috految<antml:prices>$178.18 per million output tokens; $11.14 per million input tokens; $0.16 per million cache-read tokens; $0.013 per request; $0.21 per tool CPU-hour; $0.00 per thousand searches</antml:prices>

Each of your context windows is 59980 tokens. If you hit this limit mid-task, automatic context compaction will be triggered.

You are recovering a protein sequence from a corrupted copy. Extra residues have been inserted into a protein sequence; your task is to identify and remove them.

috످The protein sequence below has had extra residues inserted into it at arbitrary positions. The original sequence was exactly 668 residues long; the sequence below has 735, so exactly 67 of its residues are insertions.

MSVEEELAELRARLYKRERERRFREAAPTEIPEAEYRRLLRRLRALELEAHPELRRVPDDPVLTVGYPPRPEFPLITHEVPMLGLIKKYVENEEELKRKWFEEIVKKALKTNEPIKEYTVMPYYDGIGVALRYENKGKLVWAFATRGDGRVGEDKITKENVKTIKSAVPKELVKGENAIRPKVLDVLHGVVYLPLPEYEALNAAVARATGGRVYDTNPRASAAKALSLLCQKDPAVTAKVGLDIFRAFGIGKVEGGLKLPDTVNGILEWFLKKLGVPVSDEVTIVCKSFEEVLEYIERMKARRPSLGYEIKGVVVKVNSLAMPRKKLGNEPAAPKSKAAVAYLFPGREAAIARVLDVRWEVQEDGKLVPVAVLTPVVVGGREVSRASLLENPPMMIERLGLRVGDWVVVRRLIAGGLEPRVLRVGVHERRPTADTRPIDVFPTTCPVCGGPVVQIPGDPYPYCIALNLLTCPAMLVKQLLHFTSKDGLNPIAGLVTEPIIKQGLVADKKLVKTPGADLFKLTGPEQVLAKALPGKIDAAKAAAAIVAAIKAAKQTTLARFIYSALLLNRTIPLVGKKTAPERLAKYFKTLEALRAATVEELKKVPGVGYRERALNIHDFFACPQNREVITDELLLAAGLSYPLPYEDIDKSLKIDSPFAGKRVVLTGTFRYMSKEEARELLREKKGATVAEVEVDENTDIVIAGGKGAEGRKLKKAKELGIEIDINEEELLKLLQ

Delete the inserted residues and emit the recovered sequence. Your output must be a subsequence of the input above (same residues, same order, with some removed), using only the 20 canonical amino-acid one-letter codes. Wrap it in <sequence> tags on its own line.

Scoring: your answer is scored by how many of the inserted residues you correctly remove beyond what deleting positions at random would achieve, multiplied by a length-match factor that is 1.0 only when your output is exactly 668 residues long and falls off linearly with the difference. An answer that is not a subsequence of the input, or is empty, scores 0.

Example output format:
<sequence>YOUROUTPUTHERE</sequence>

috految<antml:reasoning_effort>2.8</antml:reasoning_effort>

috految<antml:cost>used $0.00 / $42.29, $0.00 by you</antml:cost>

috److This sequence resembles a redesigned NAD-dependent DNA ligase (LigA). I used the *E. coli* LigA sequence, recalled from memory, as a guide to the expected motifs and spacing, and removed residues that broke that pattern. The deletions were chosen by inspection, and I did not verify the final length with an exact count.

<sequence>MSVEEELAELRARLKRERERRFREAAPEIPEAEYRRLLRRLRALEEAHPELRRPDDPVLTVGYPPRPEFPLITHEVPMLGLKYVENEEELKKWFEEVKKALKTNEPIEYTVMPYYDGIGVALRYENGKLVWAATRGDGRVGEDITENVKTIKSVPKELKGENIPKVLDVHGVVYLPLPEYEALNAAARATGGRVYTNPRAAAKASLLQKDPAVTAKVGLDFRAFGIGKVEGGKLPDTVNGILEFLKKLGVPVSDEVTVCKSFEEVLEYIERMKARRPSLGYEIKGVVVKVNSLAMRKKLGNEPAAPKAAVAYLFPGREAIARVLDVRWEVQEDGKLVPVAVLTPVVVGGREVSRASLENPPMIERLGLRVGDWVVVRRIAGGEPRVLRVVHERRPADTRPIVFPTTCPVCGGPVVQIPGDPYPYCIANLTCPAMLVKQLLHFTSKDGLNIAGLTEPIIKQLVDKKLVKTPADLFKLTPEQLAALPGIDAAKAAAIVAAIKAAKQTTLARFIYALNIPLVGKKTAERLAKYFKTLEALRAATVEELKKVPGVGRERALNIHDFFACPQNREVIDELLAAGLSYPLPEDIDKSKIDSPFAGKRVVLTGTFRYMSKEEARELLEKKGATVAEEVDENTDIVIAGKGAGRKLKKAKELGIEIINEEELLKLLQ</sequence>

috످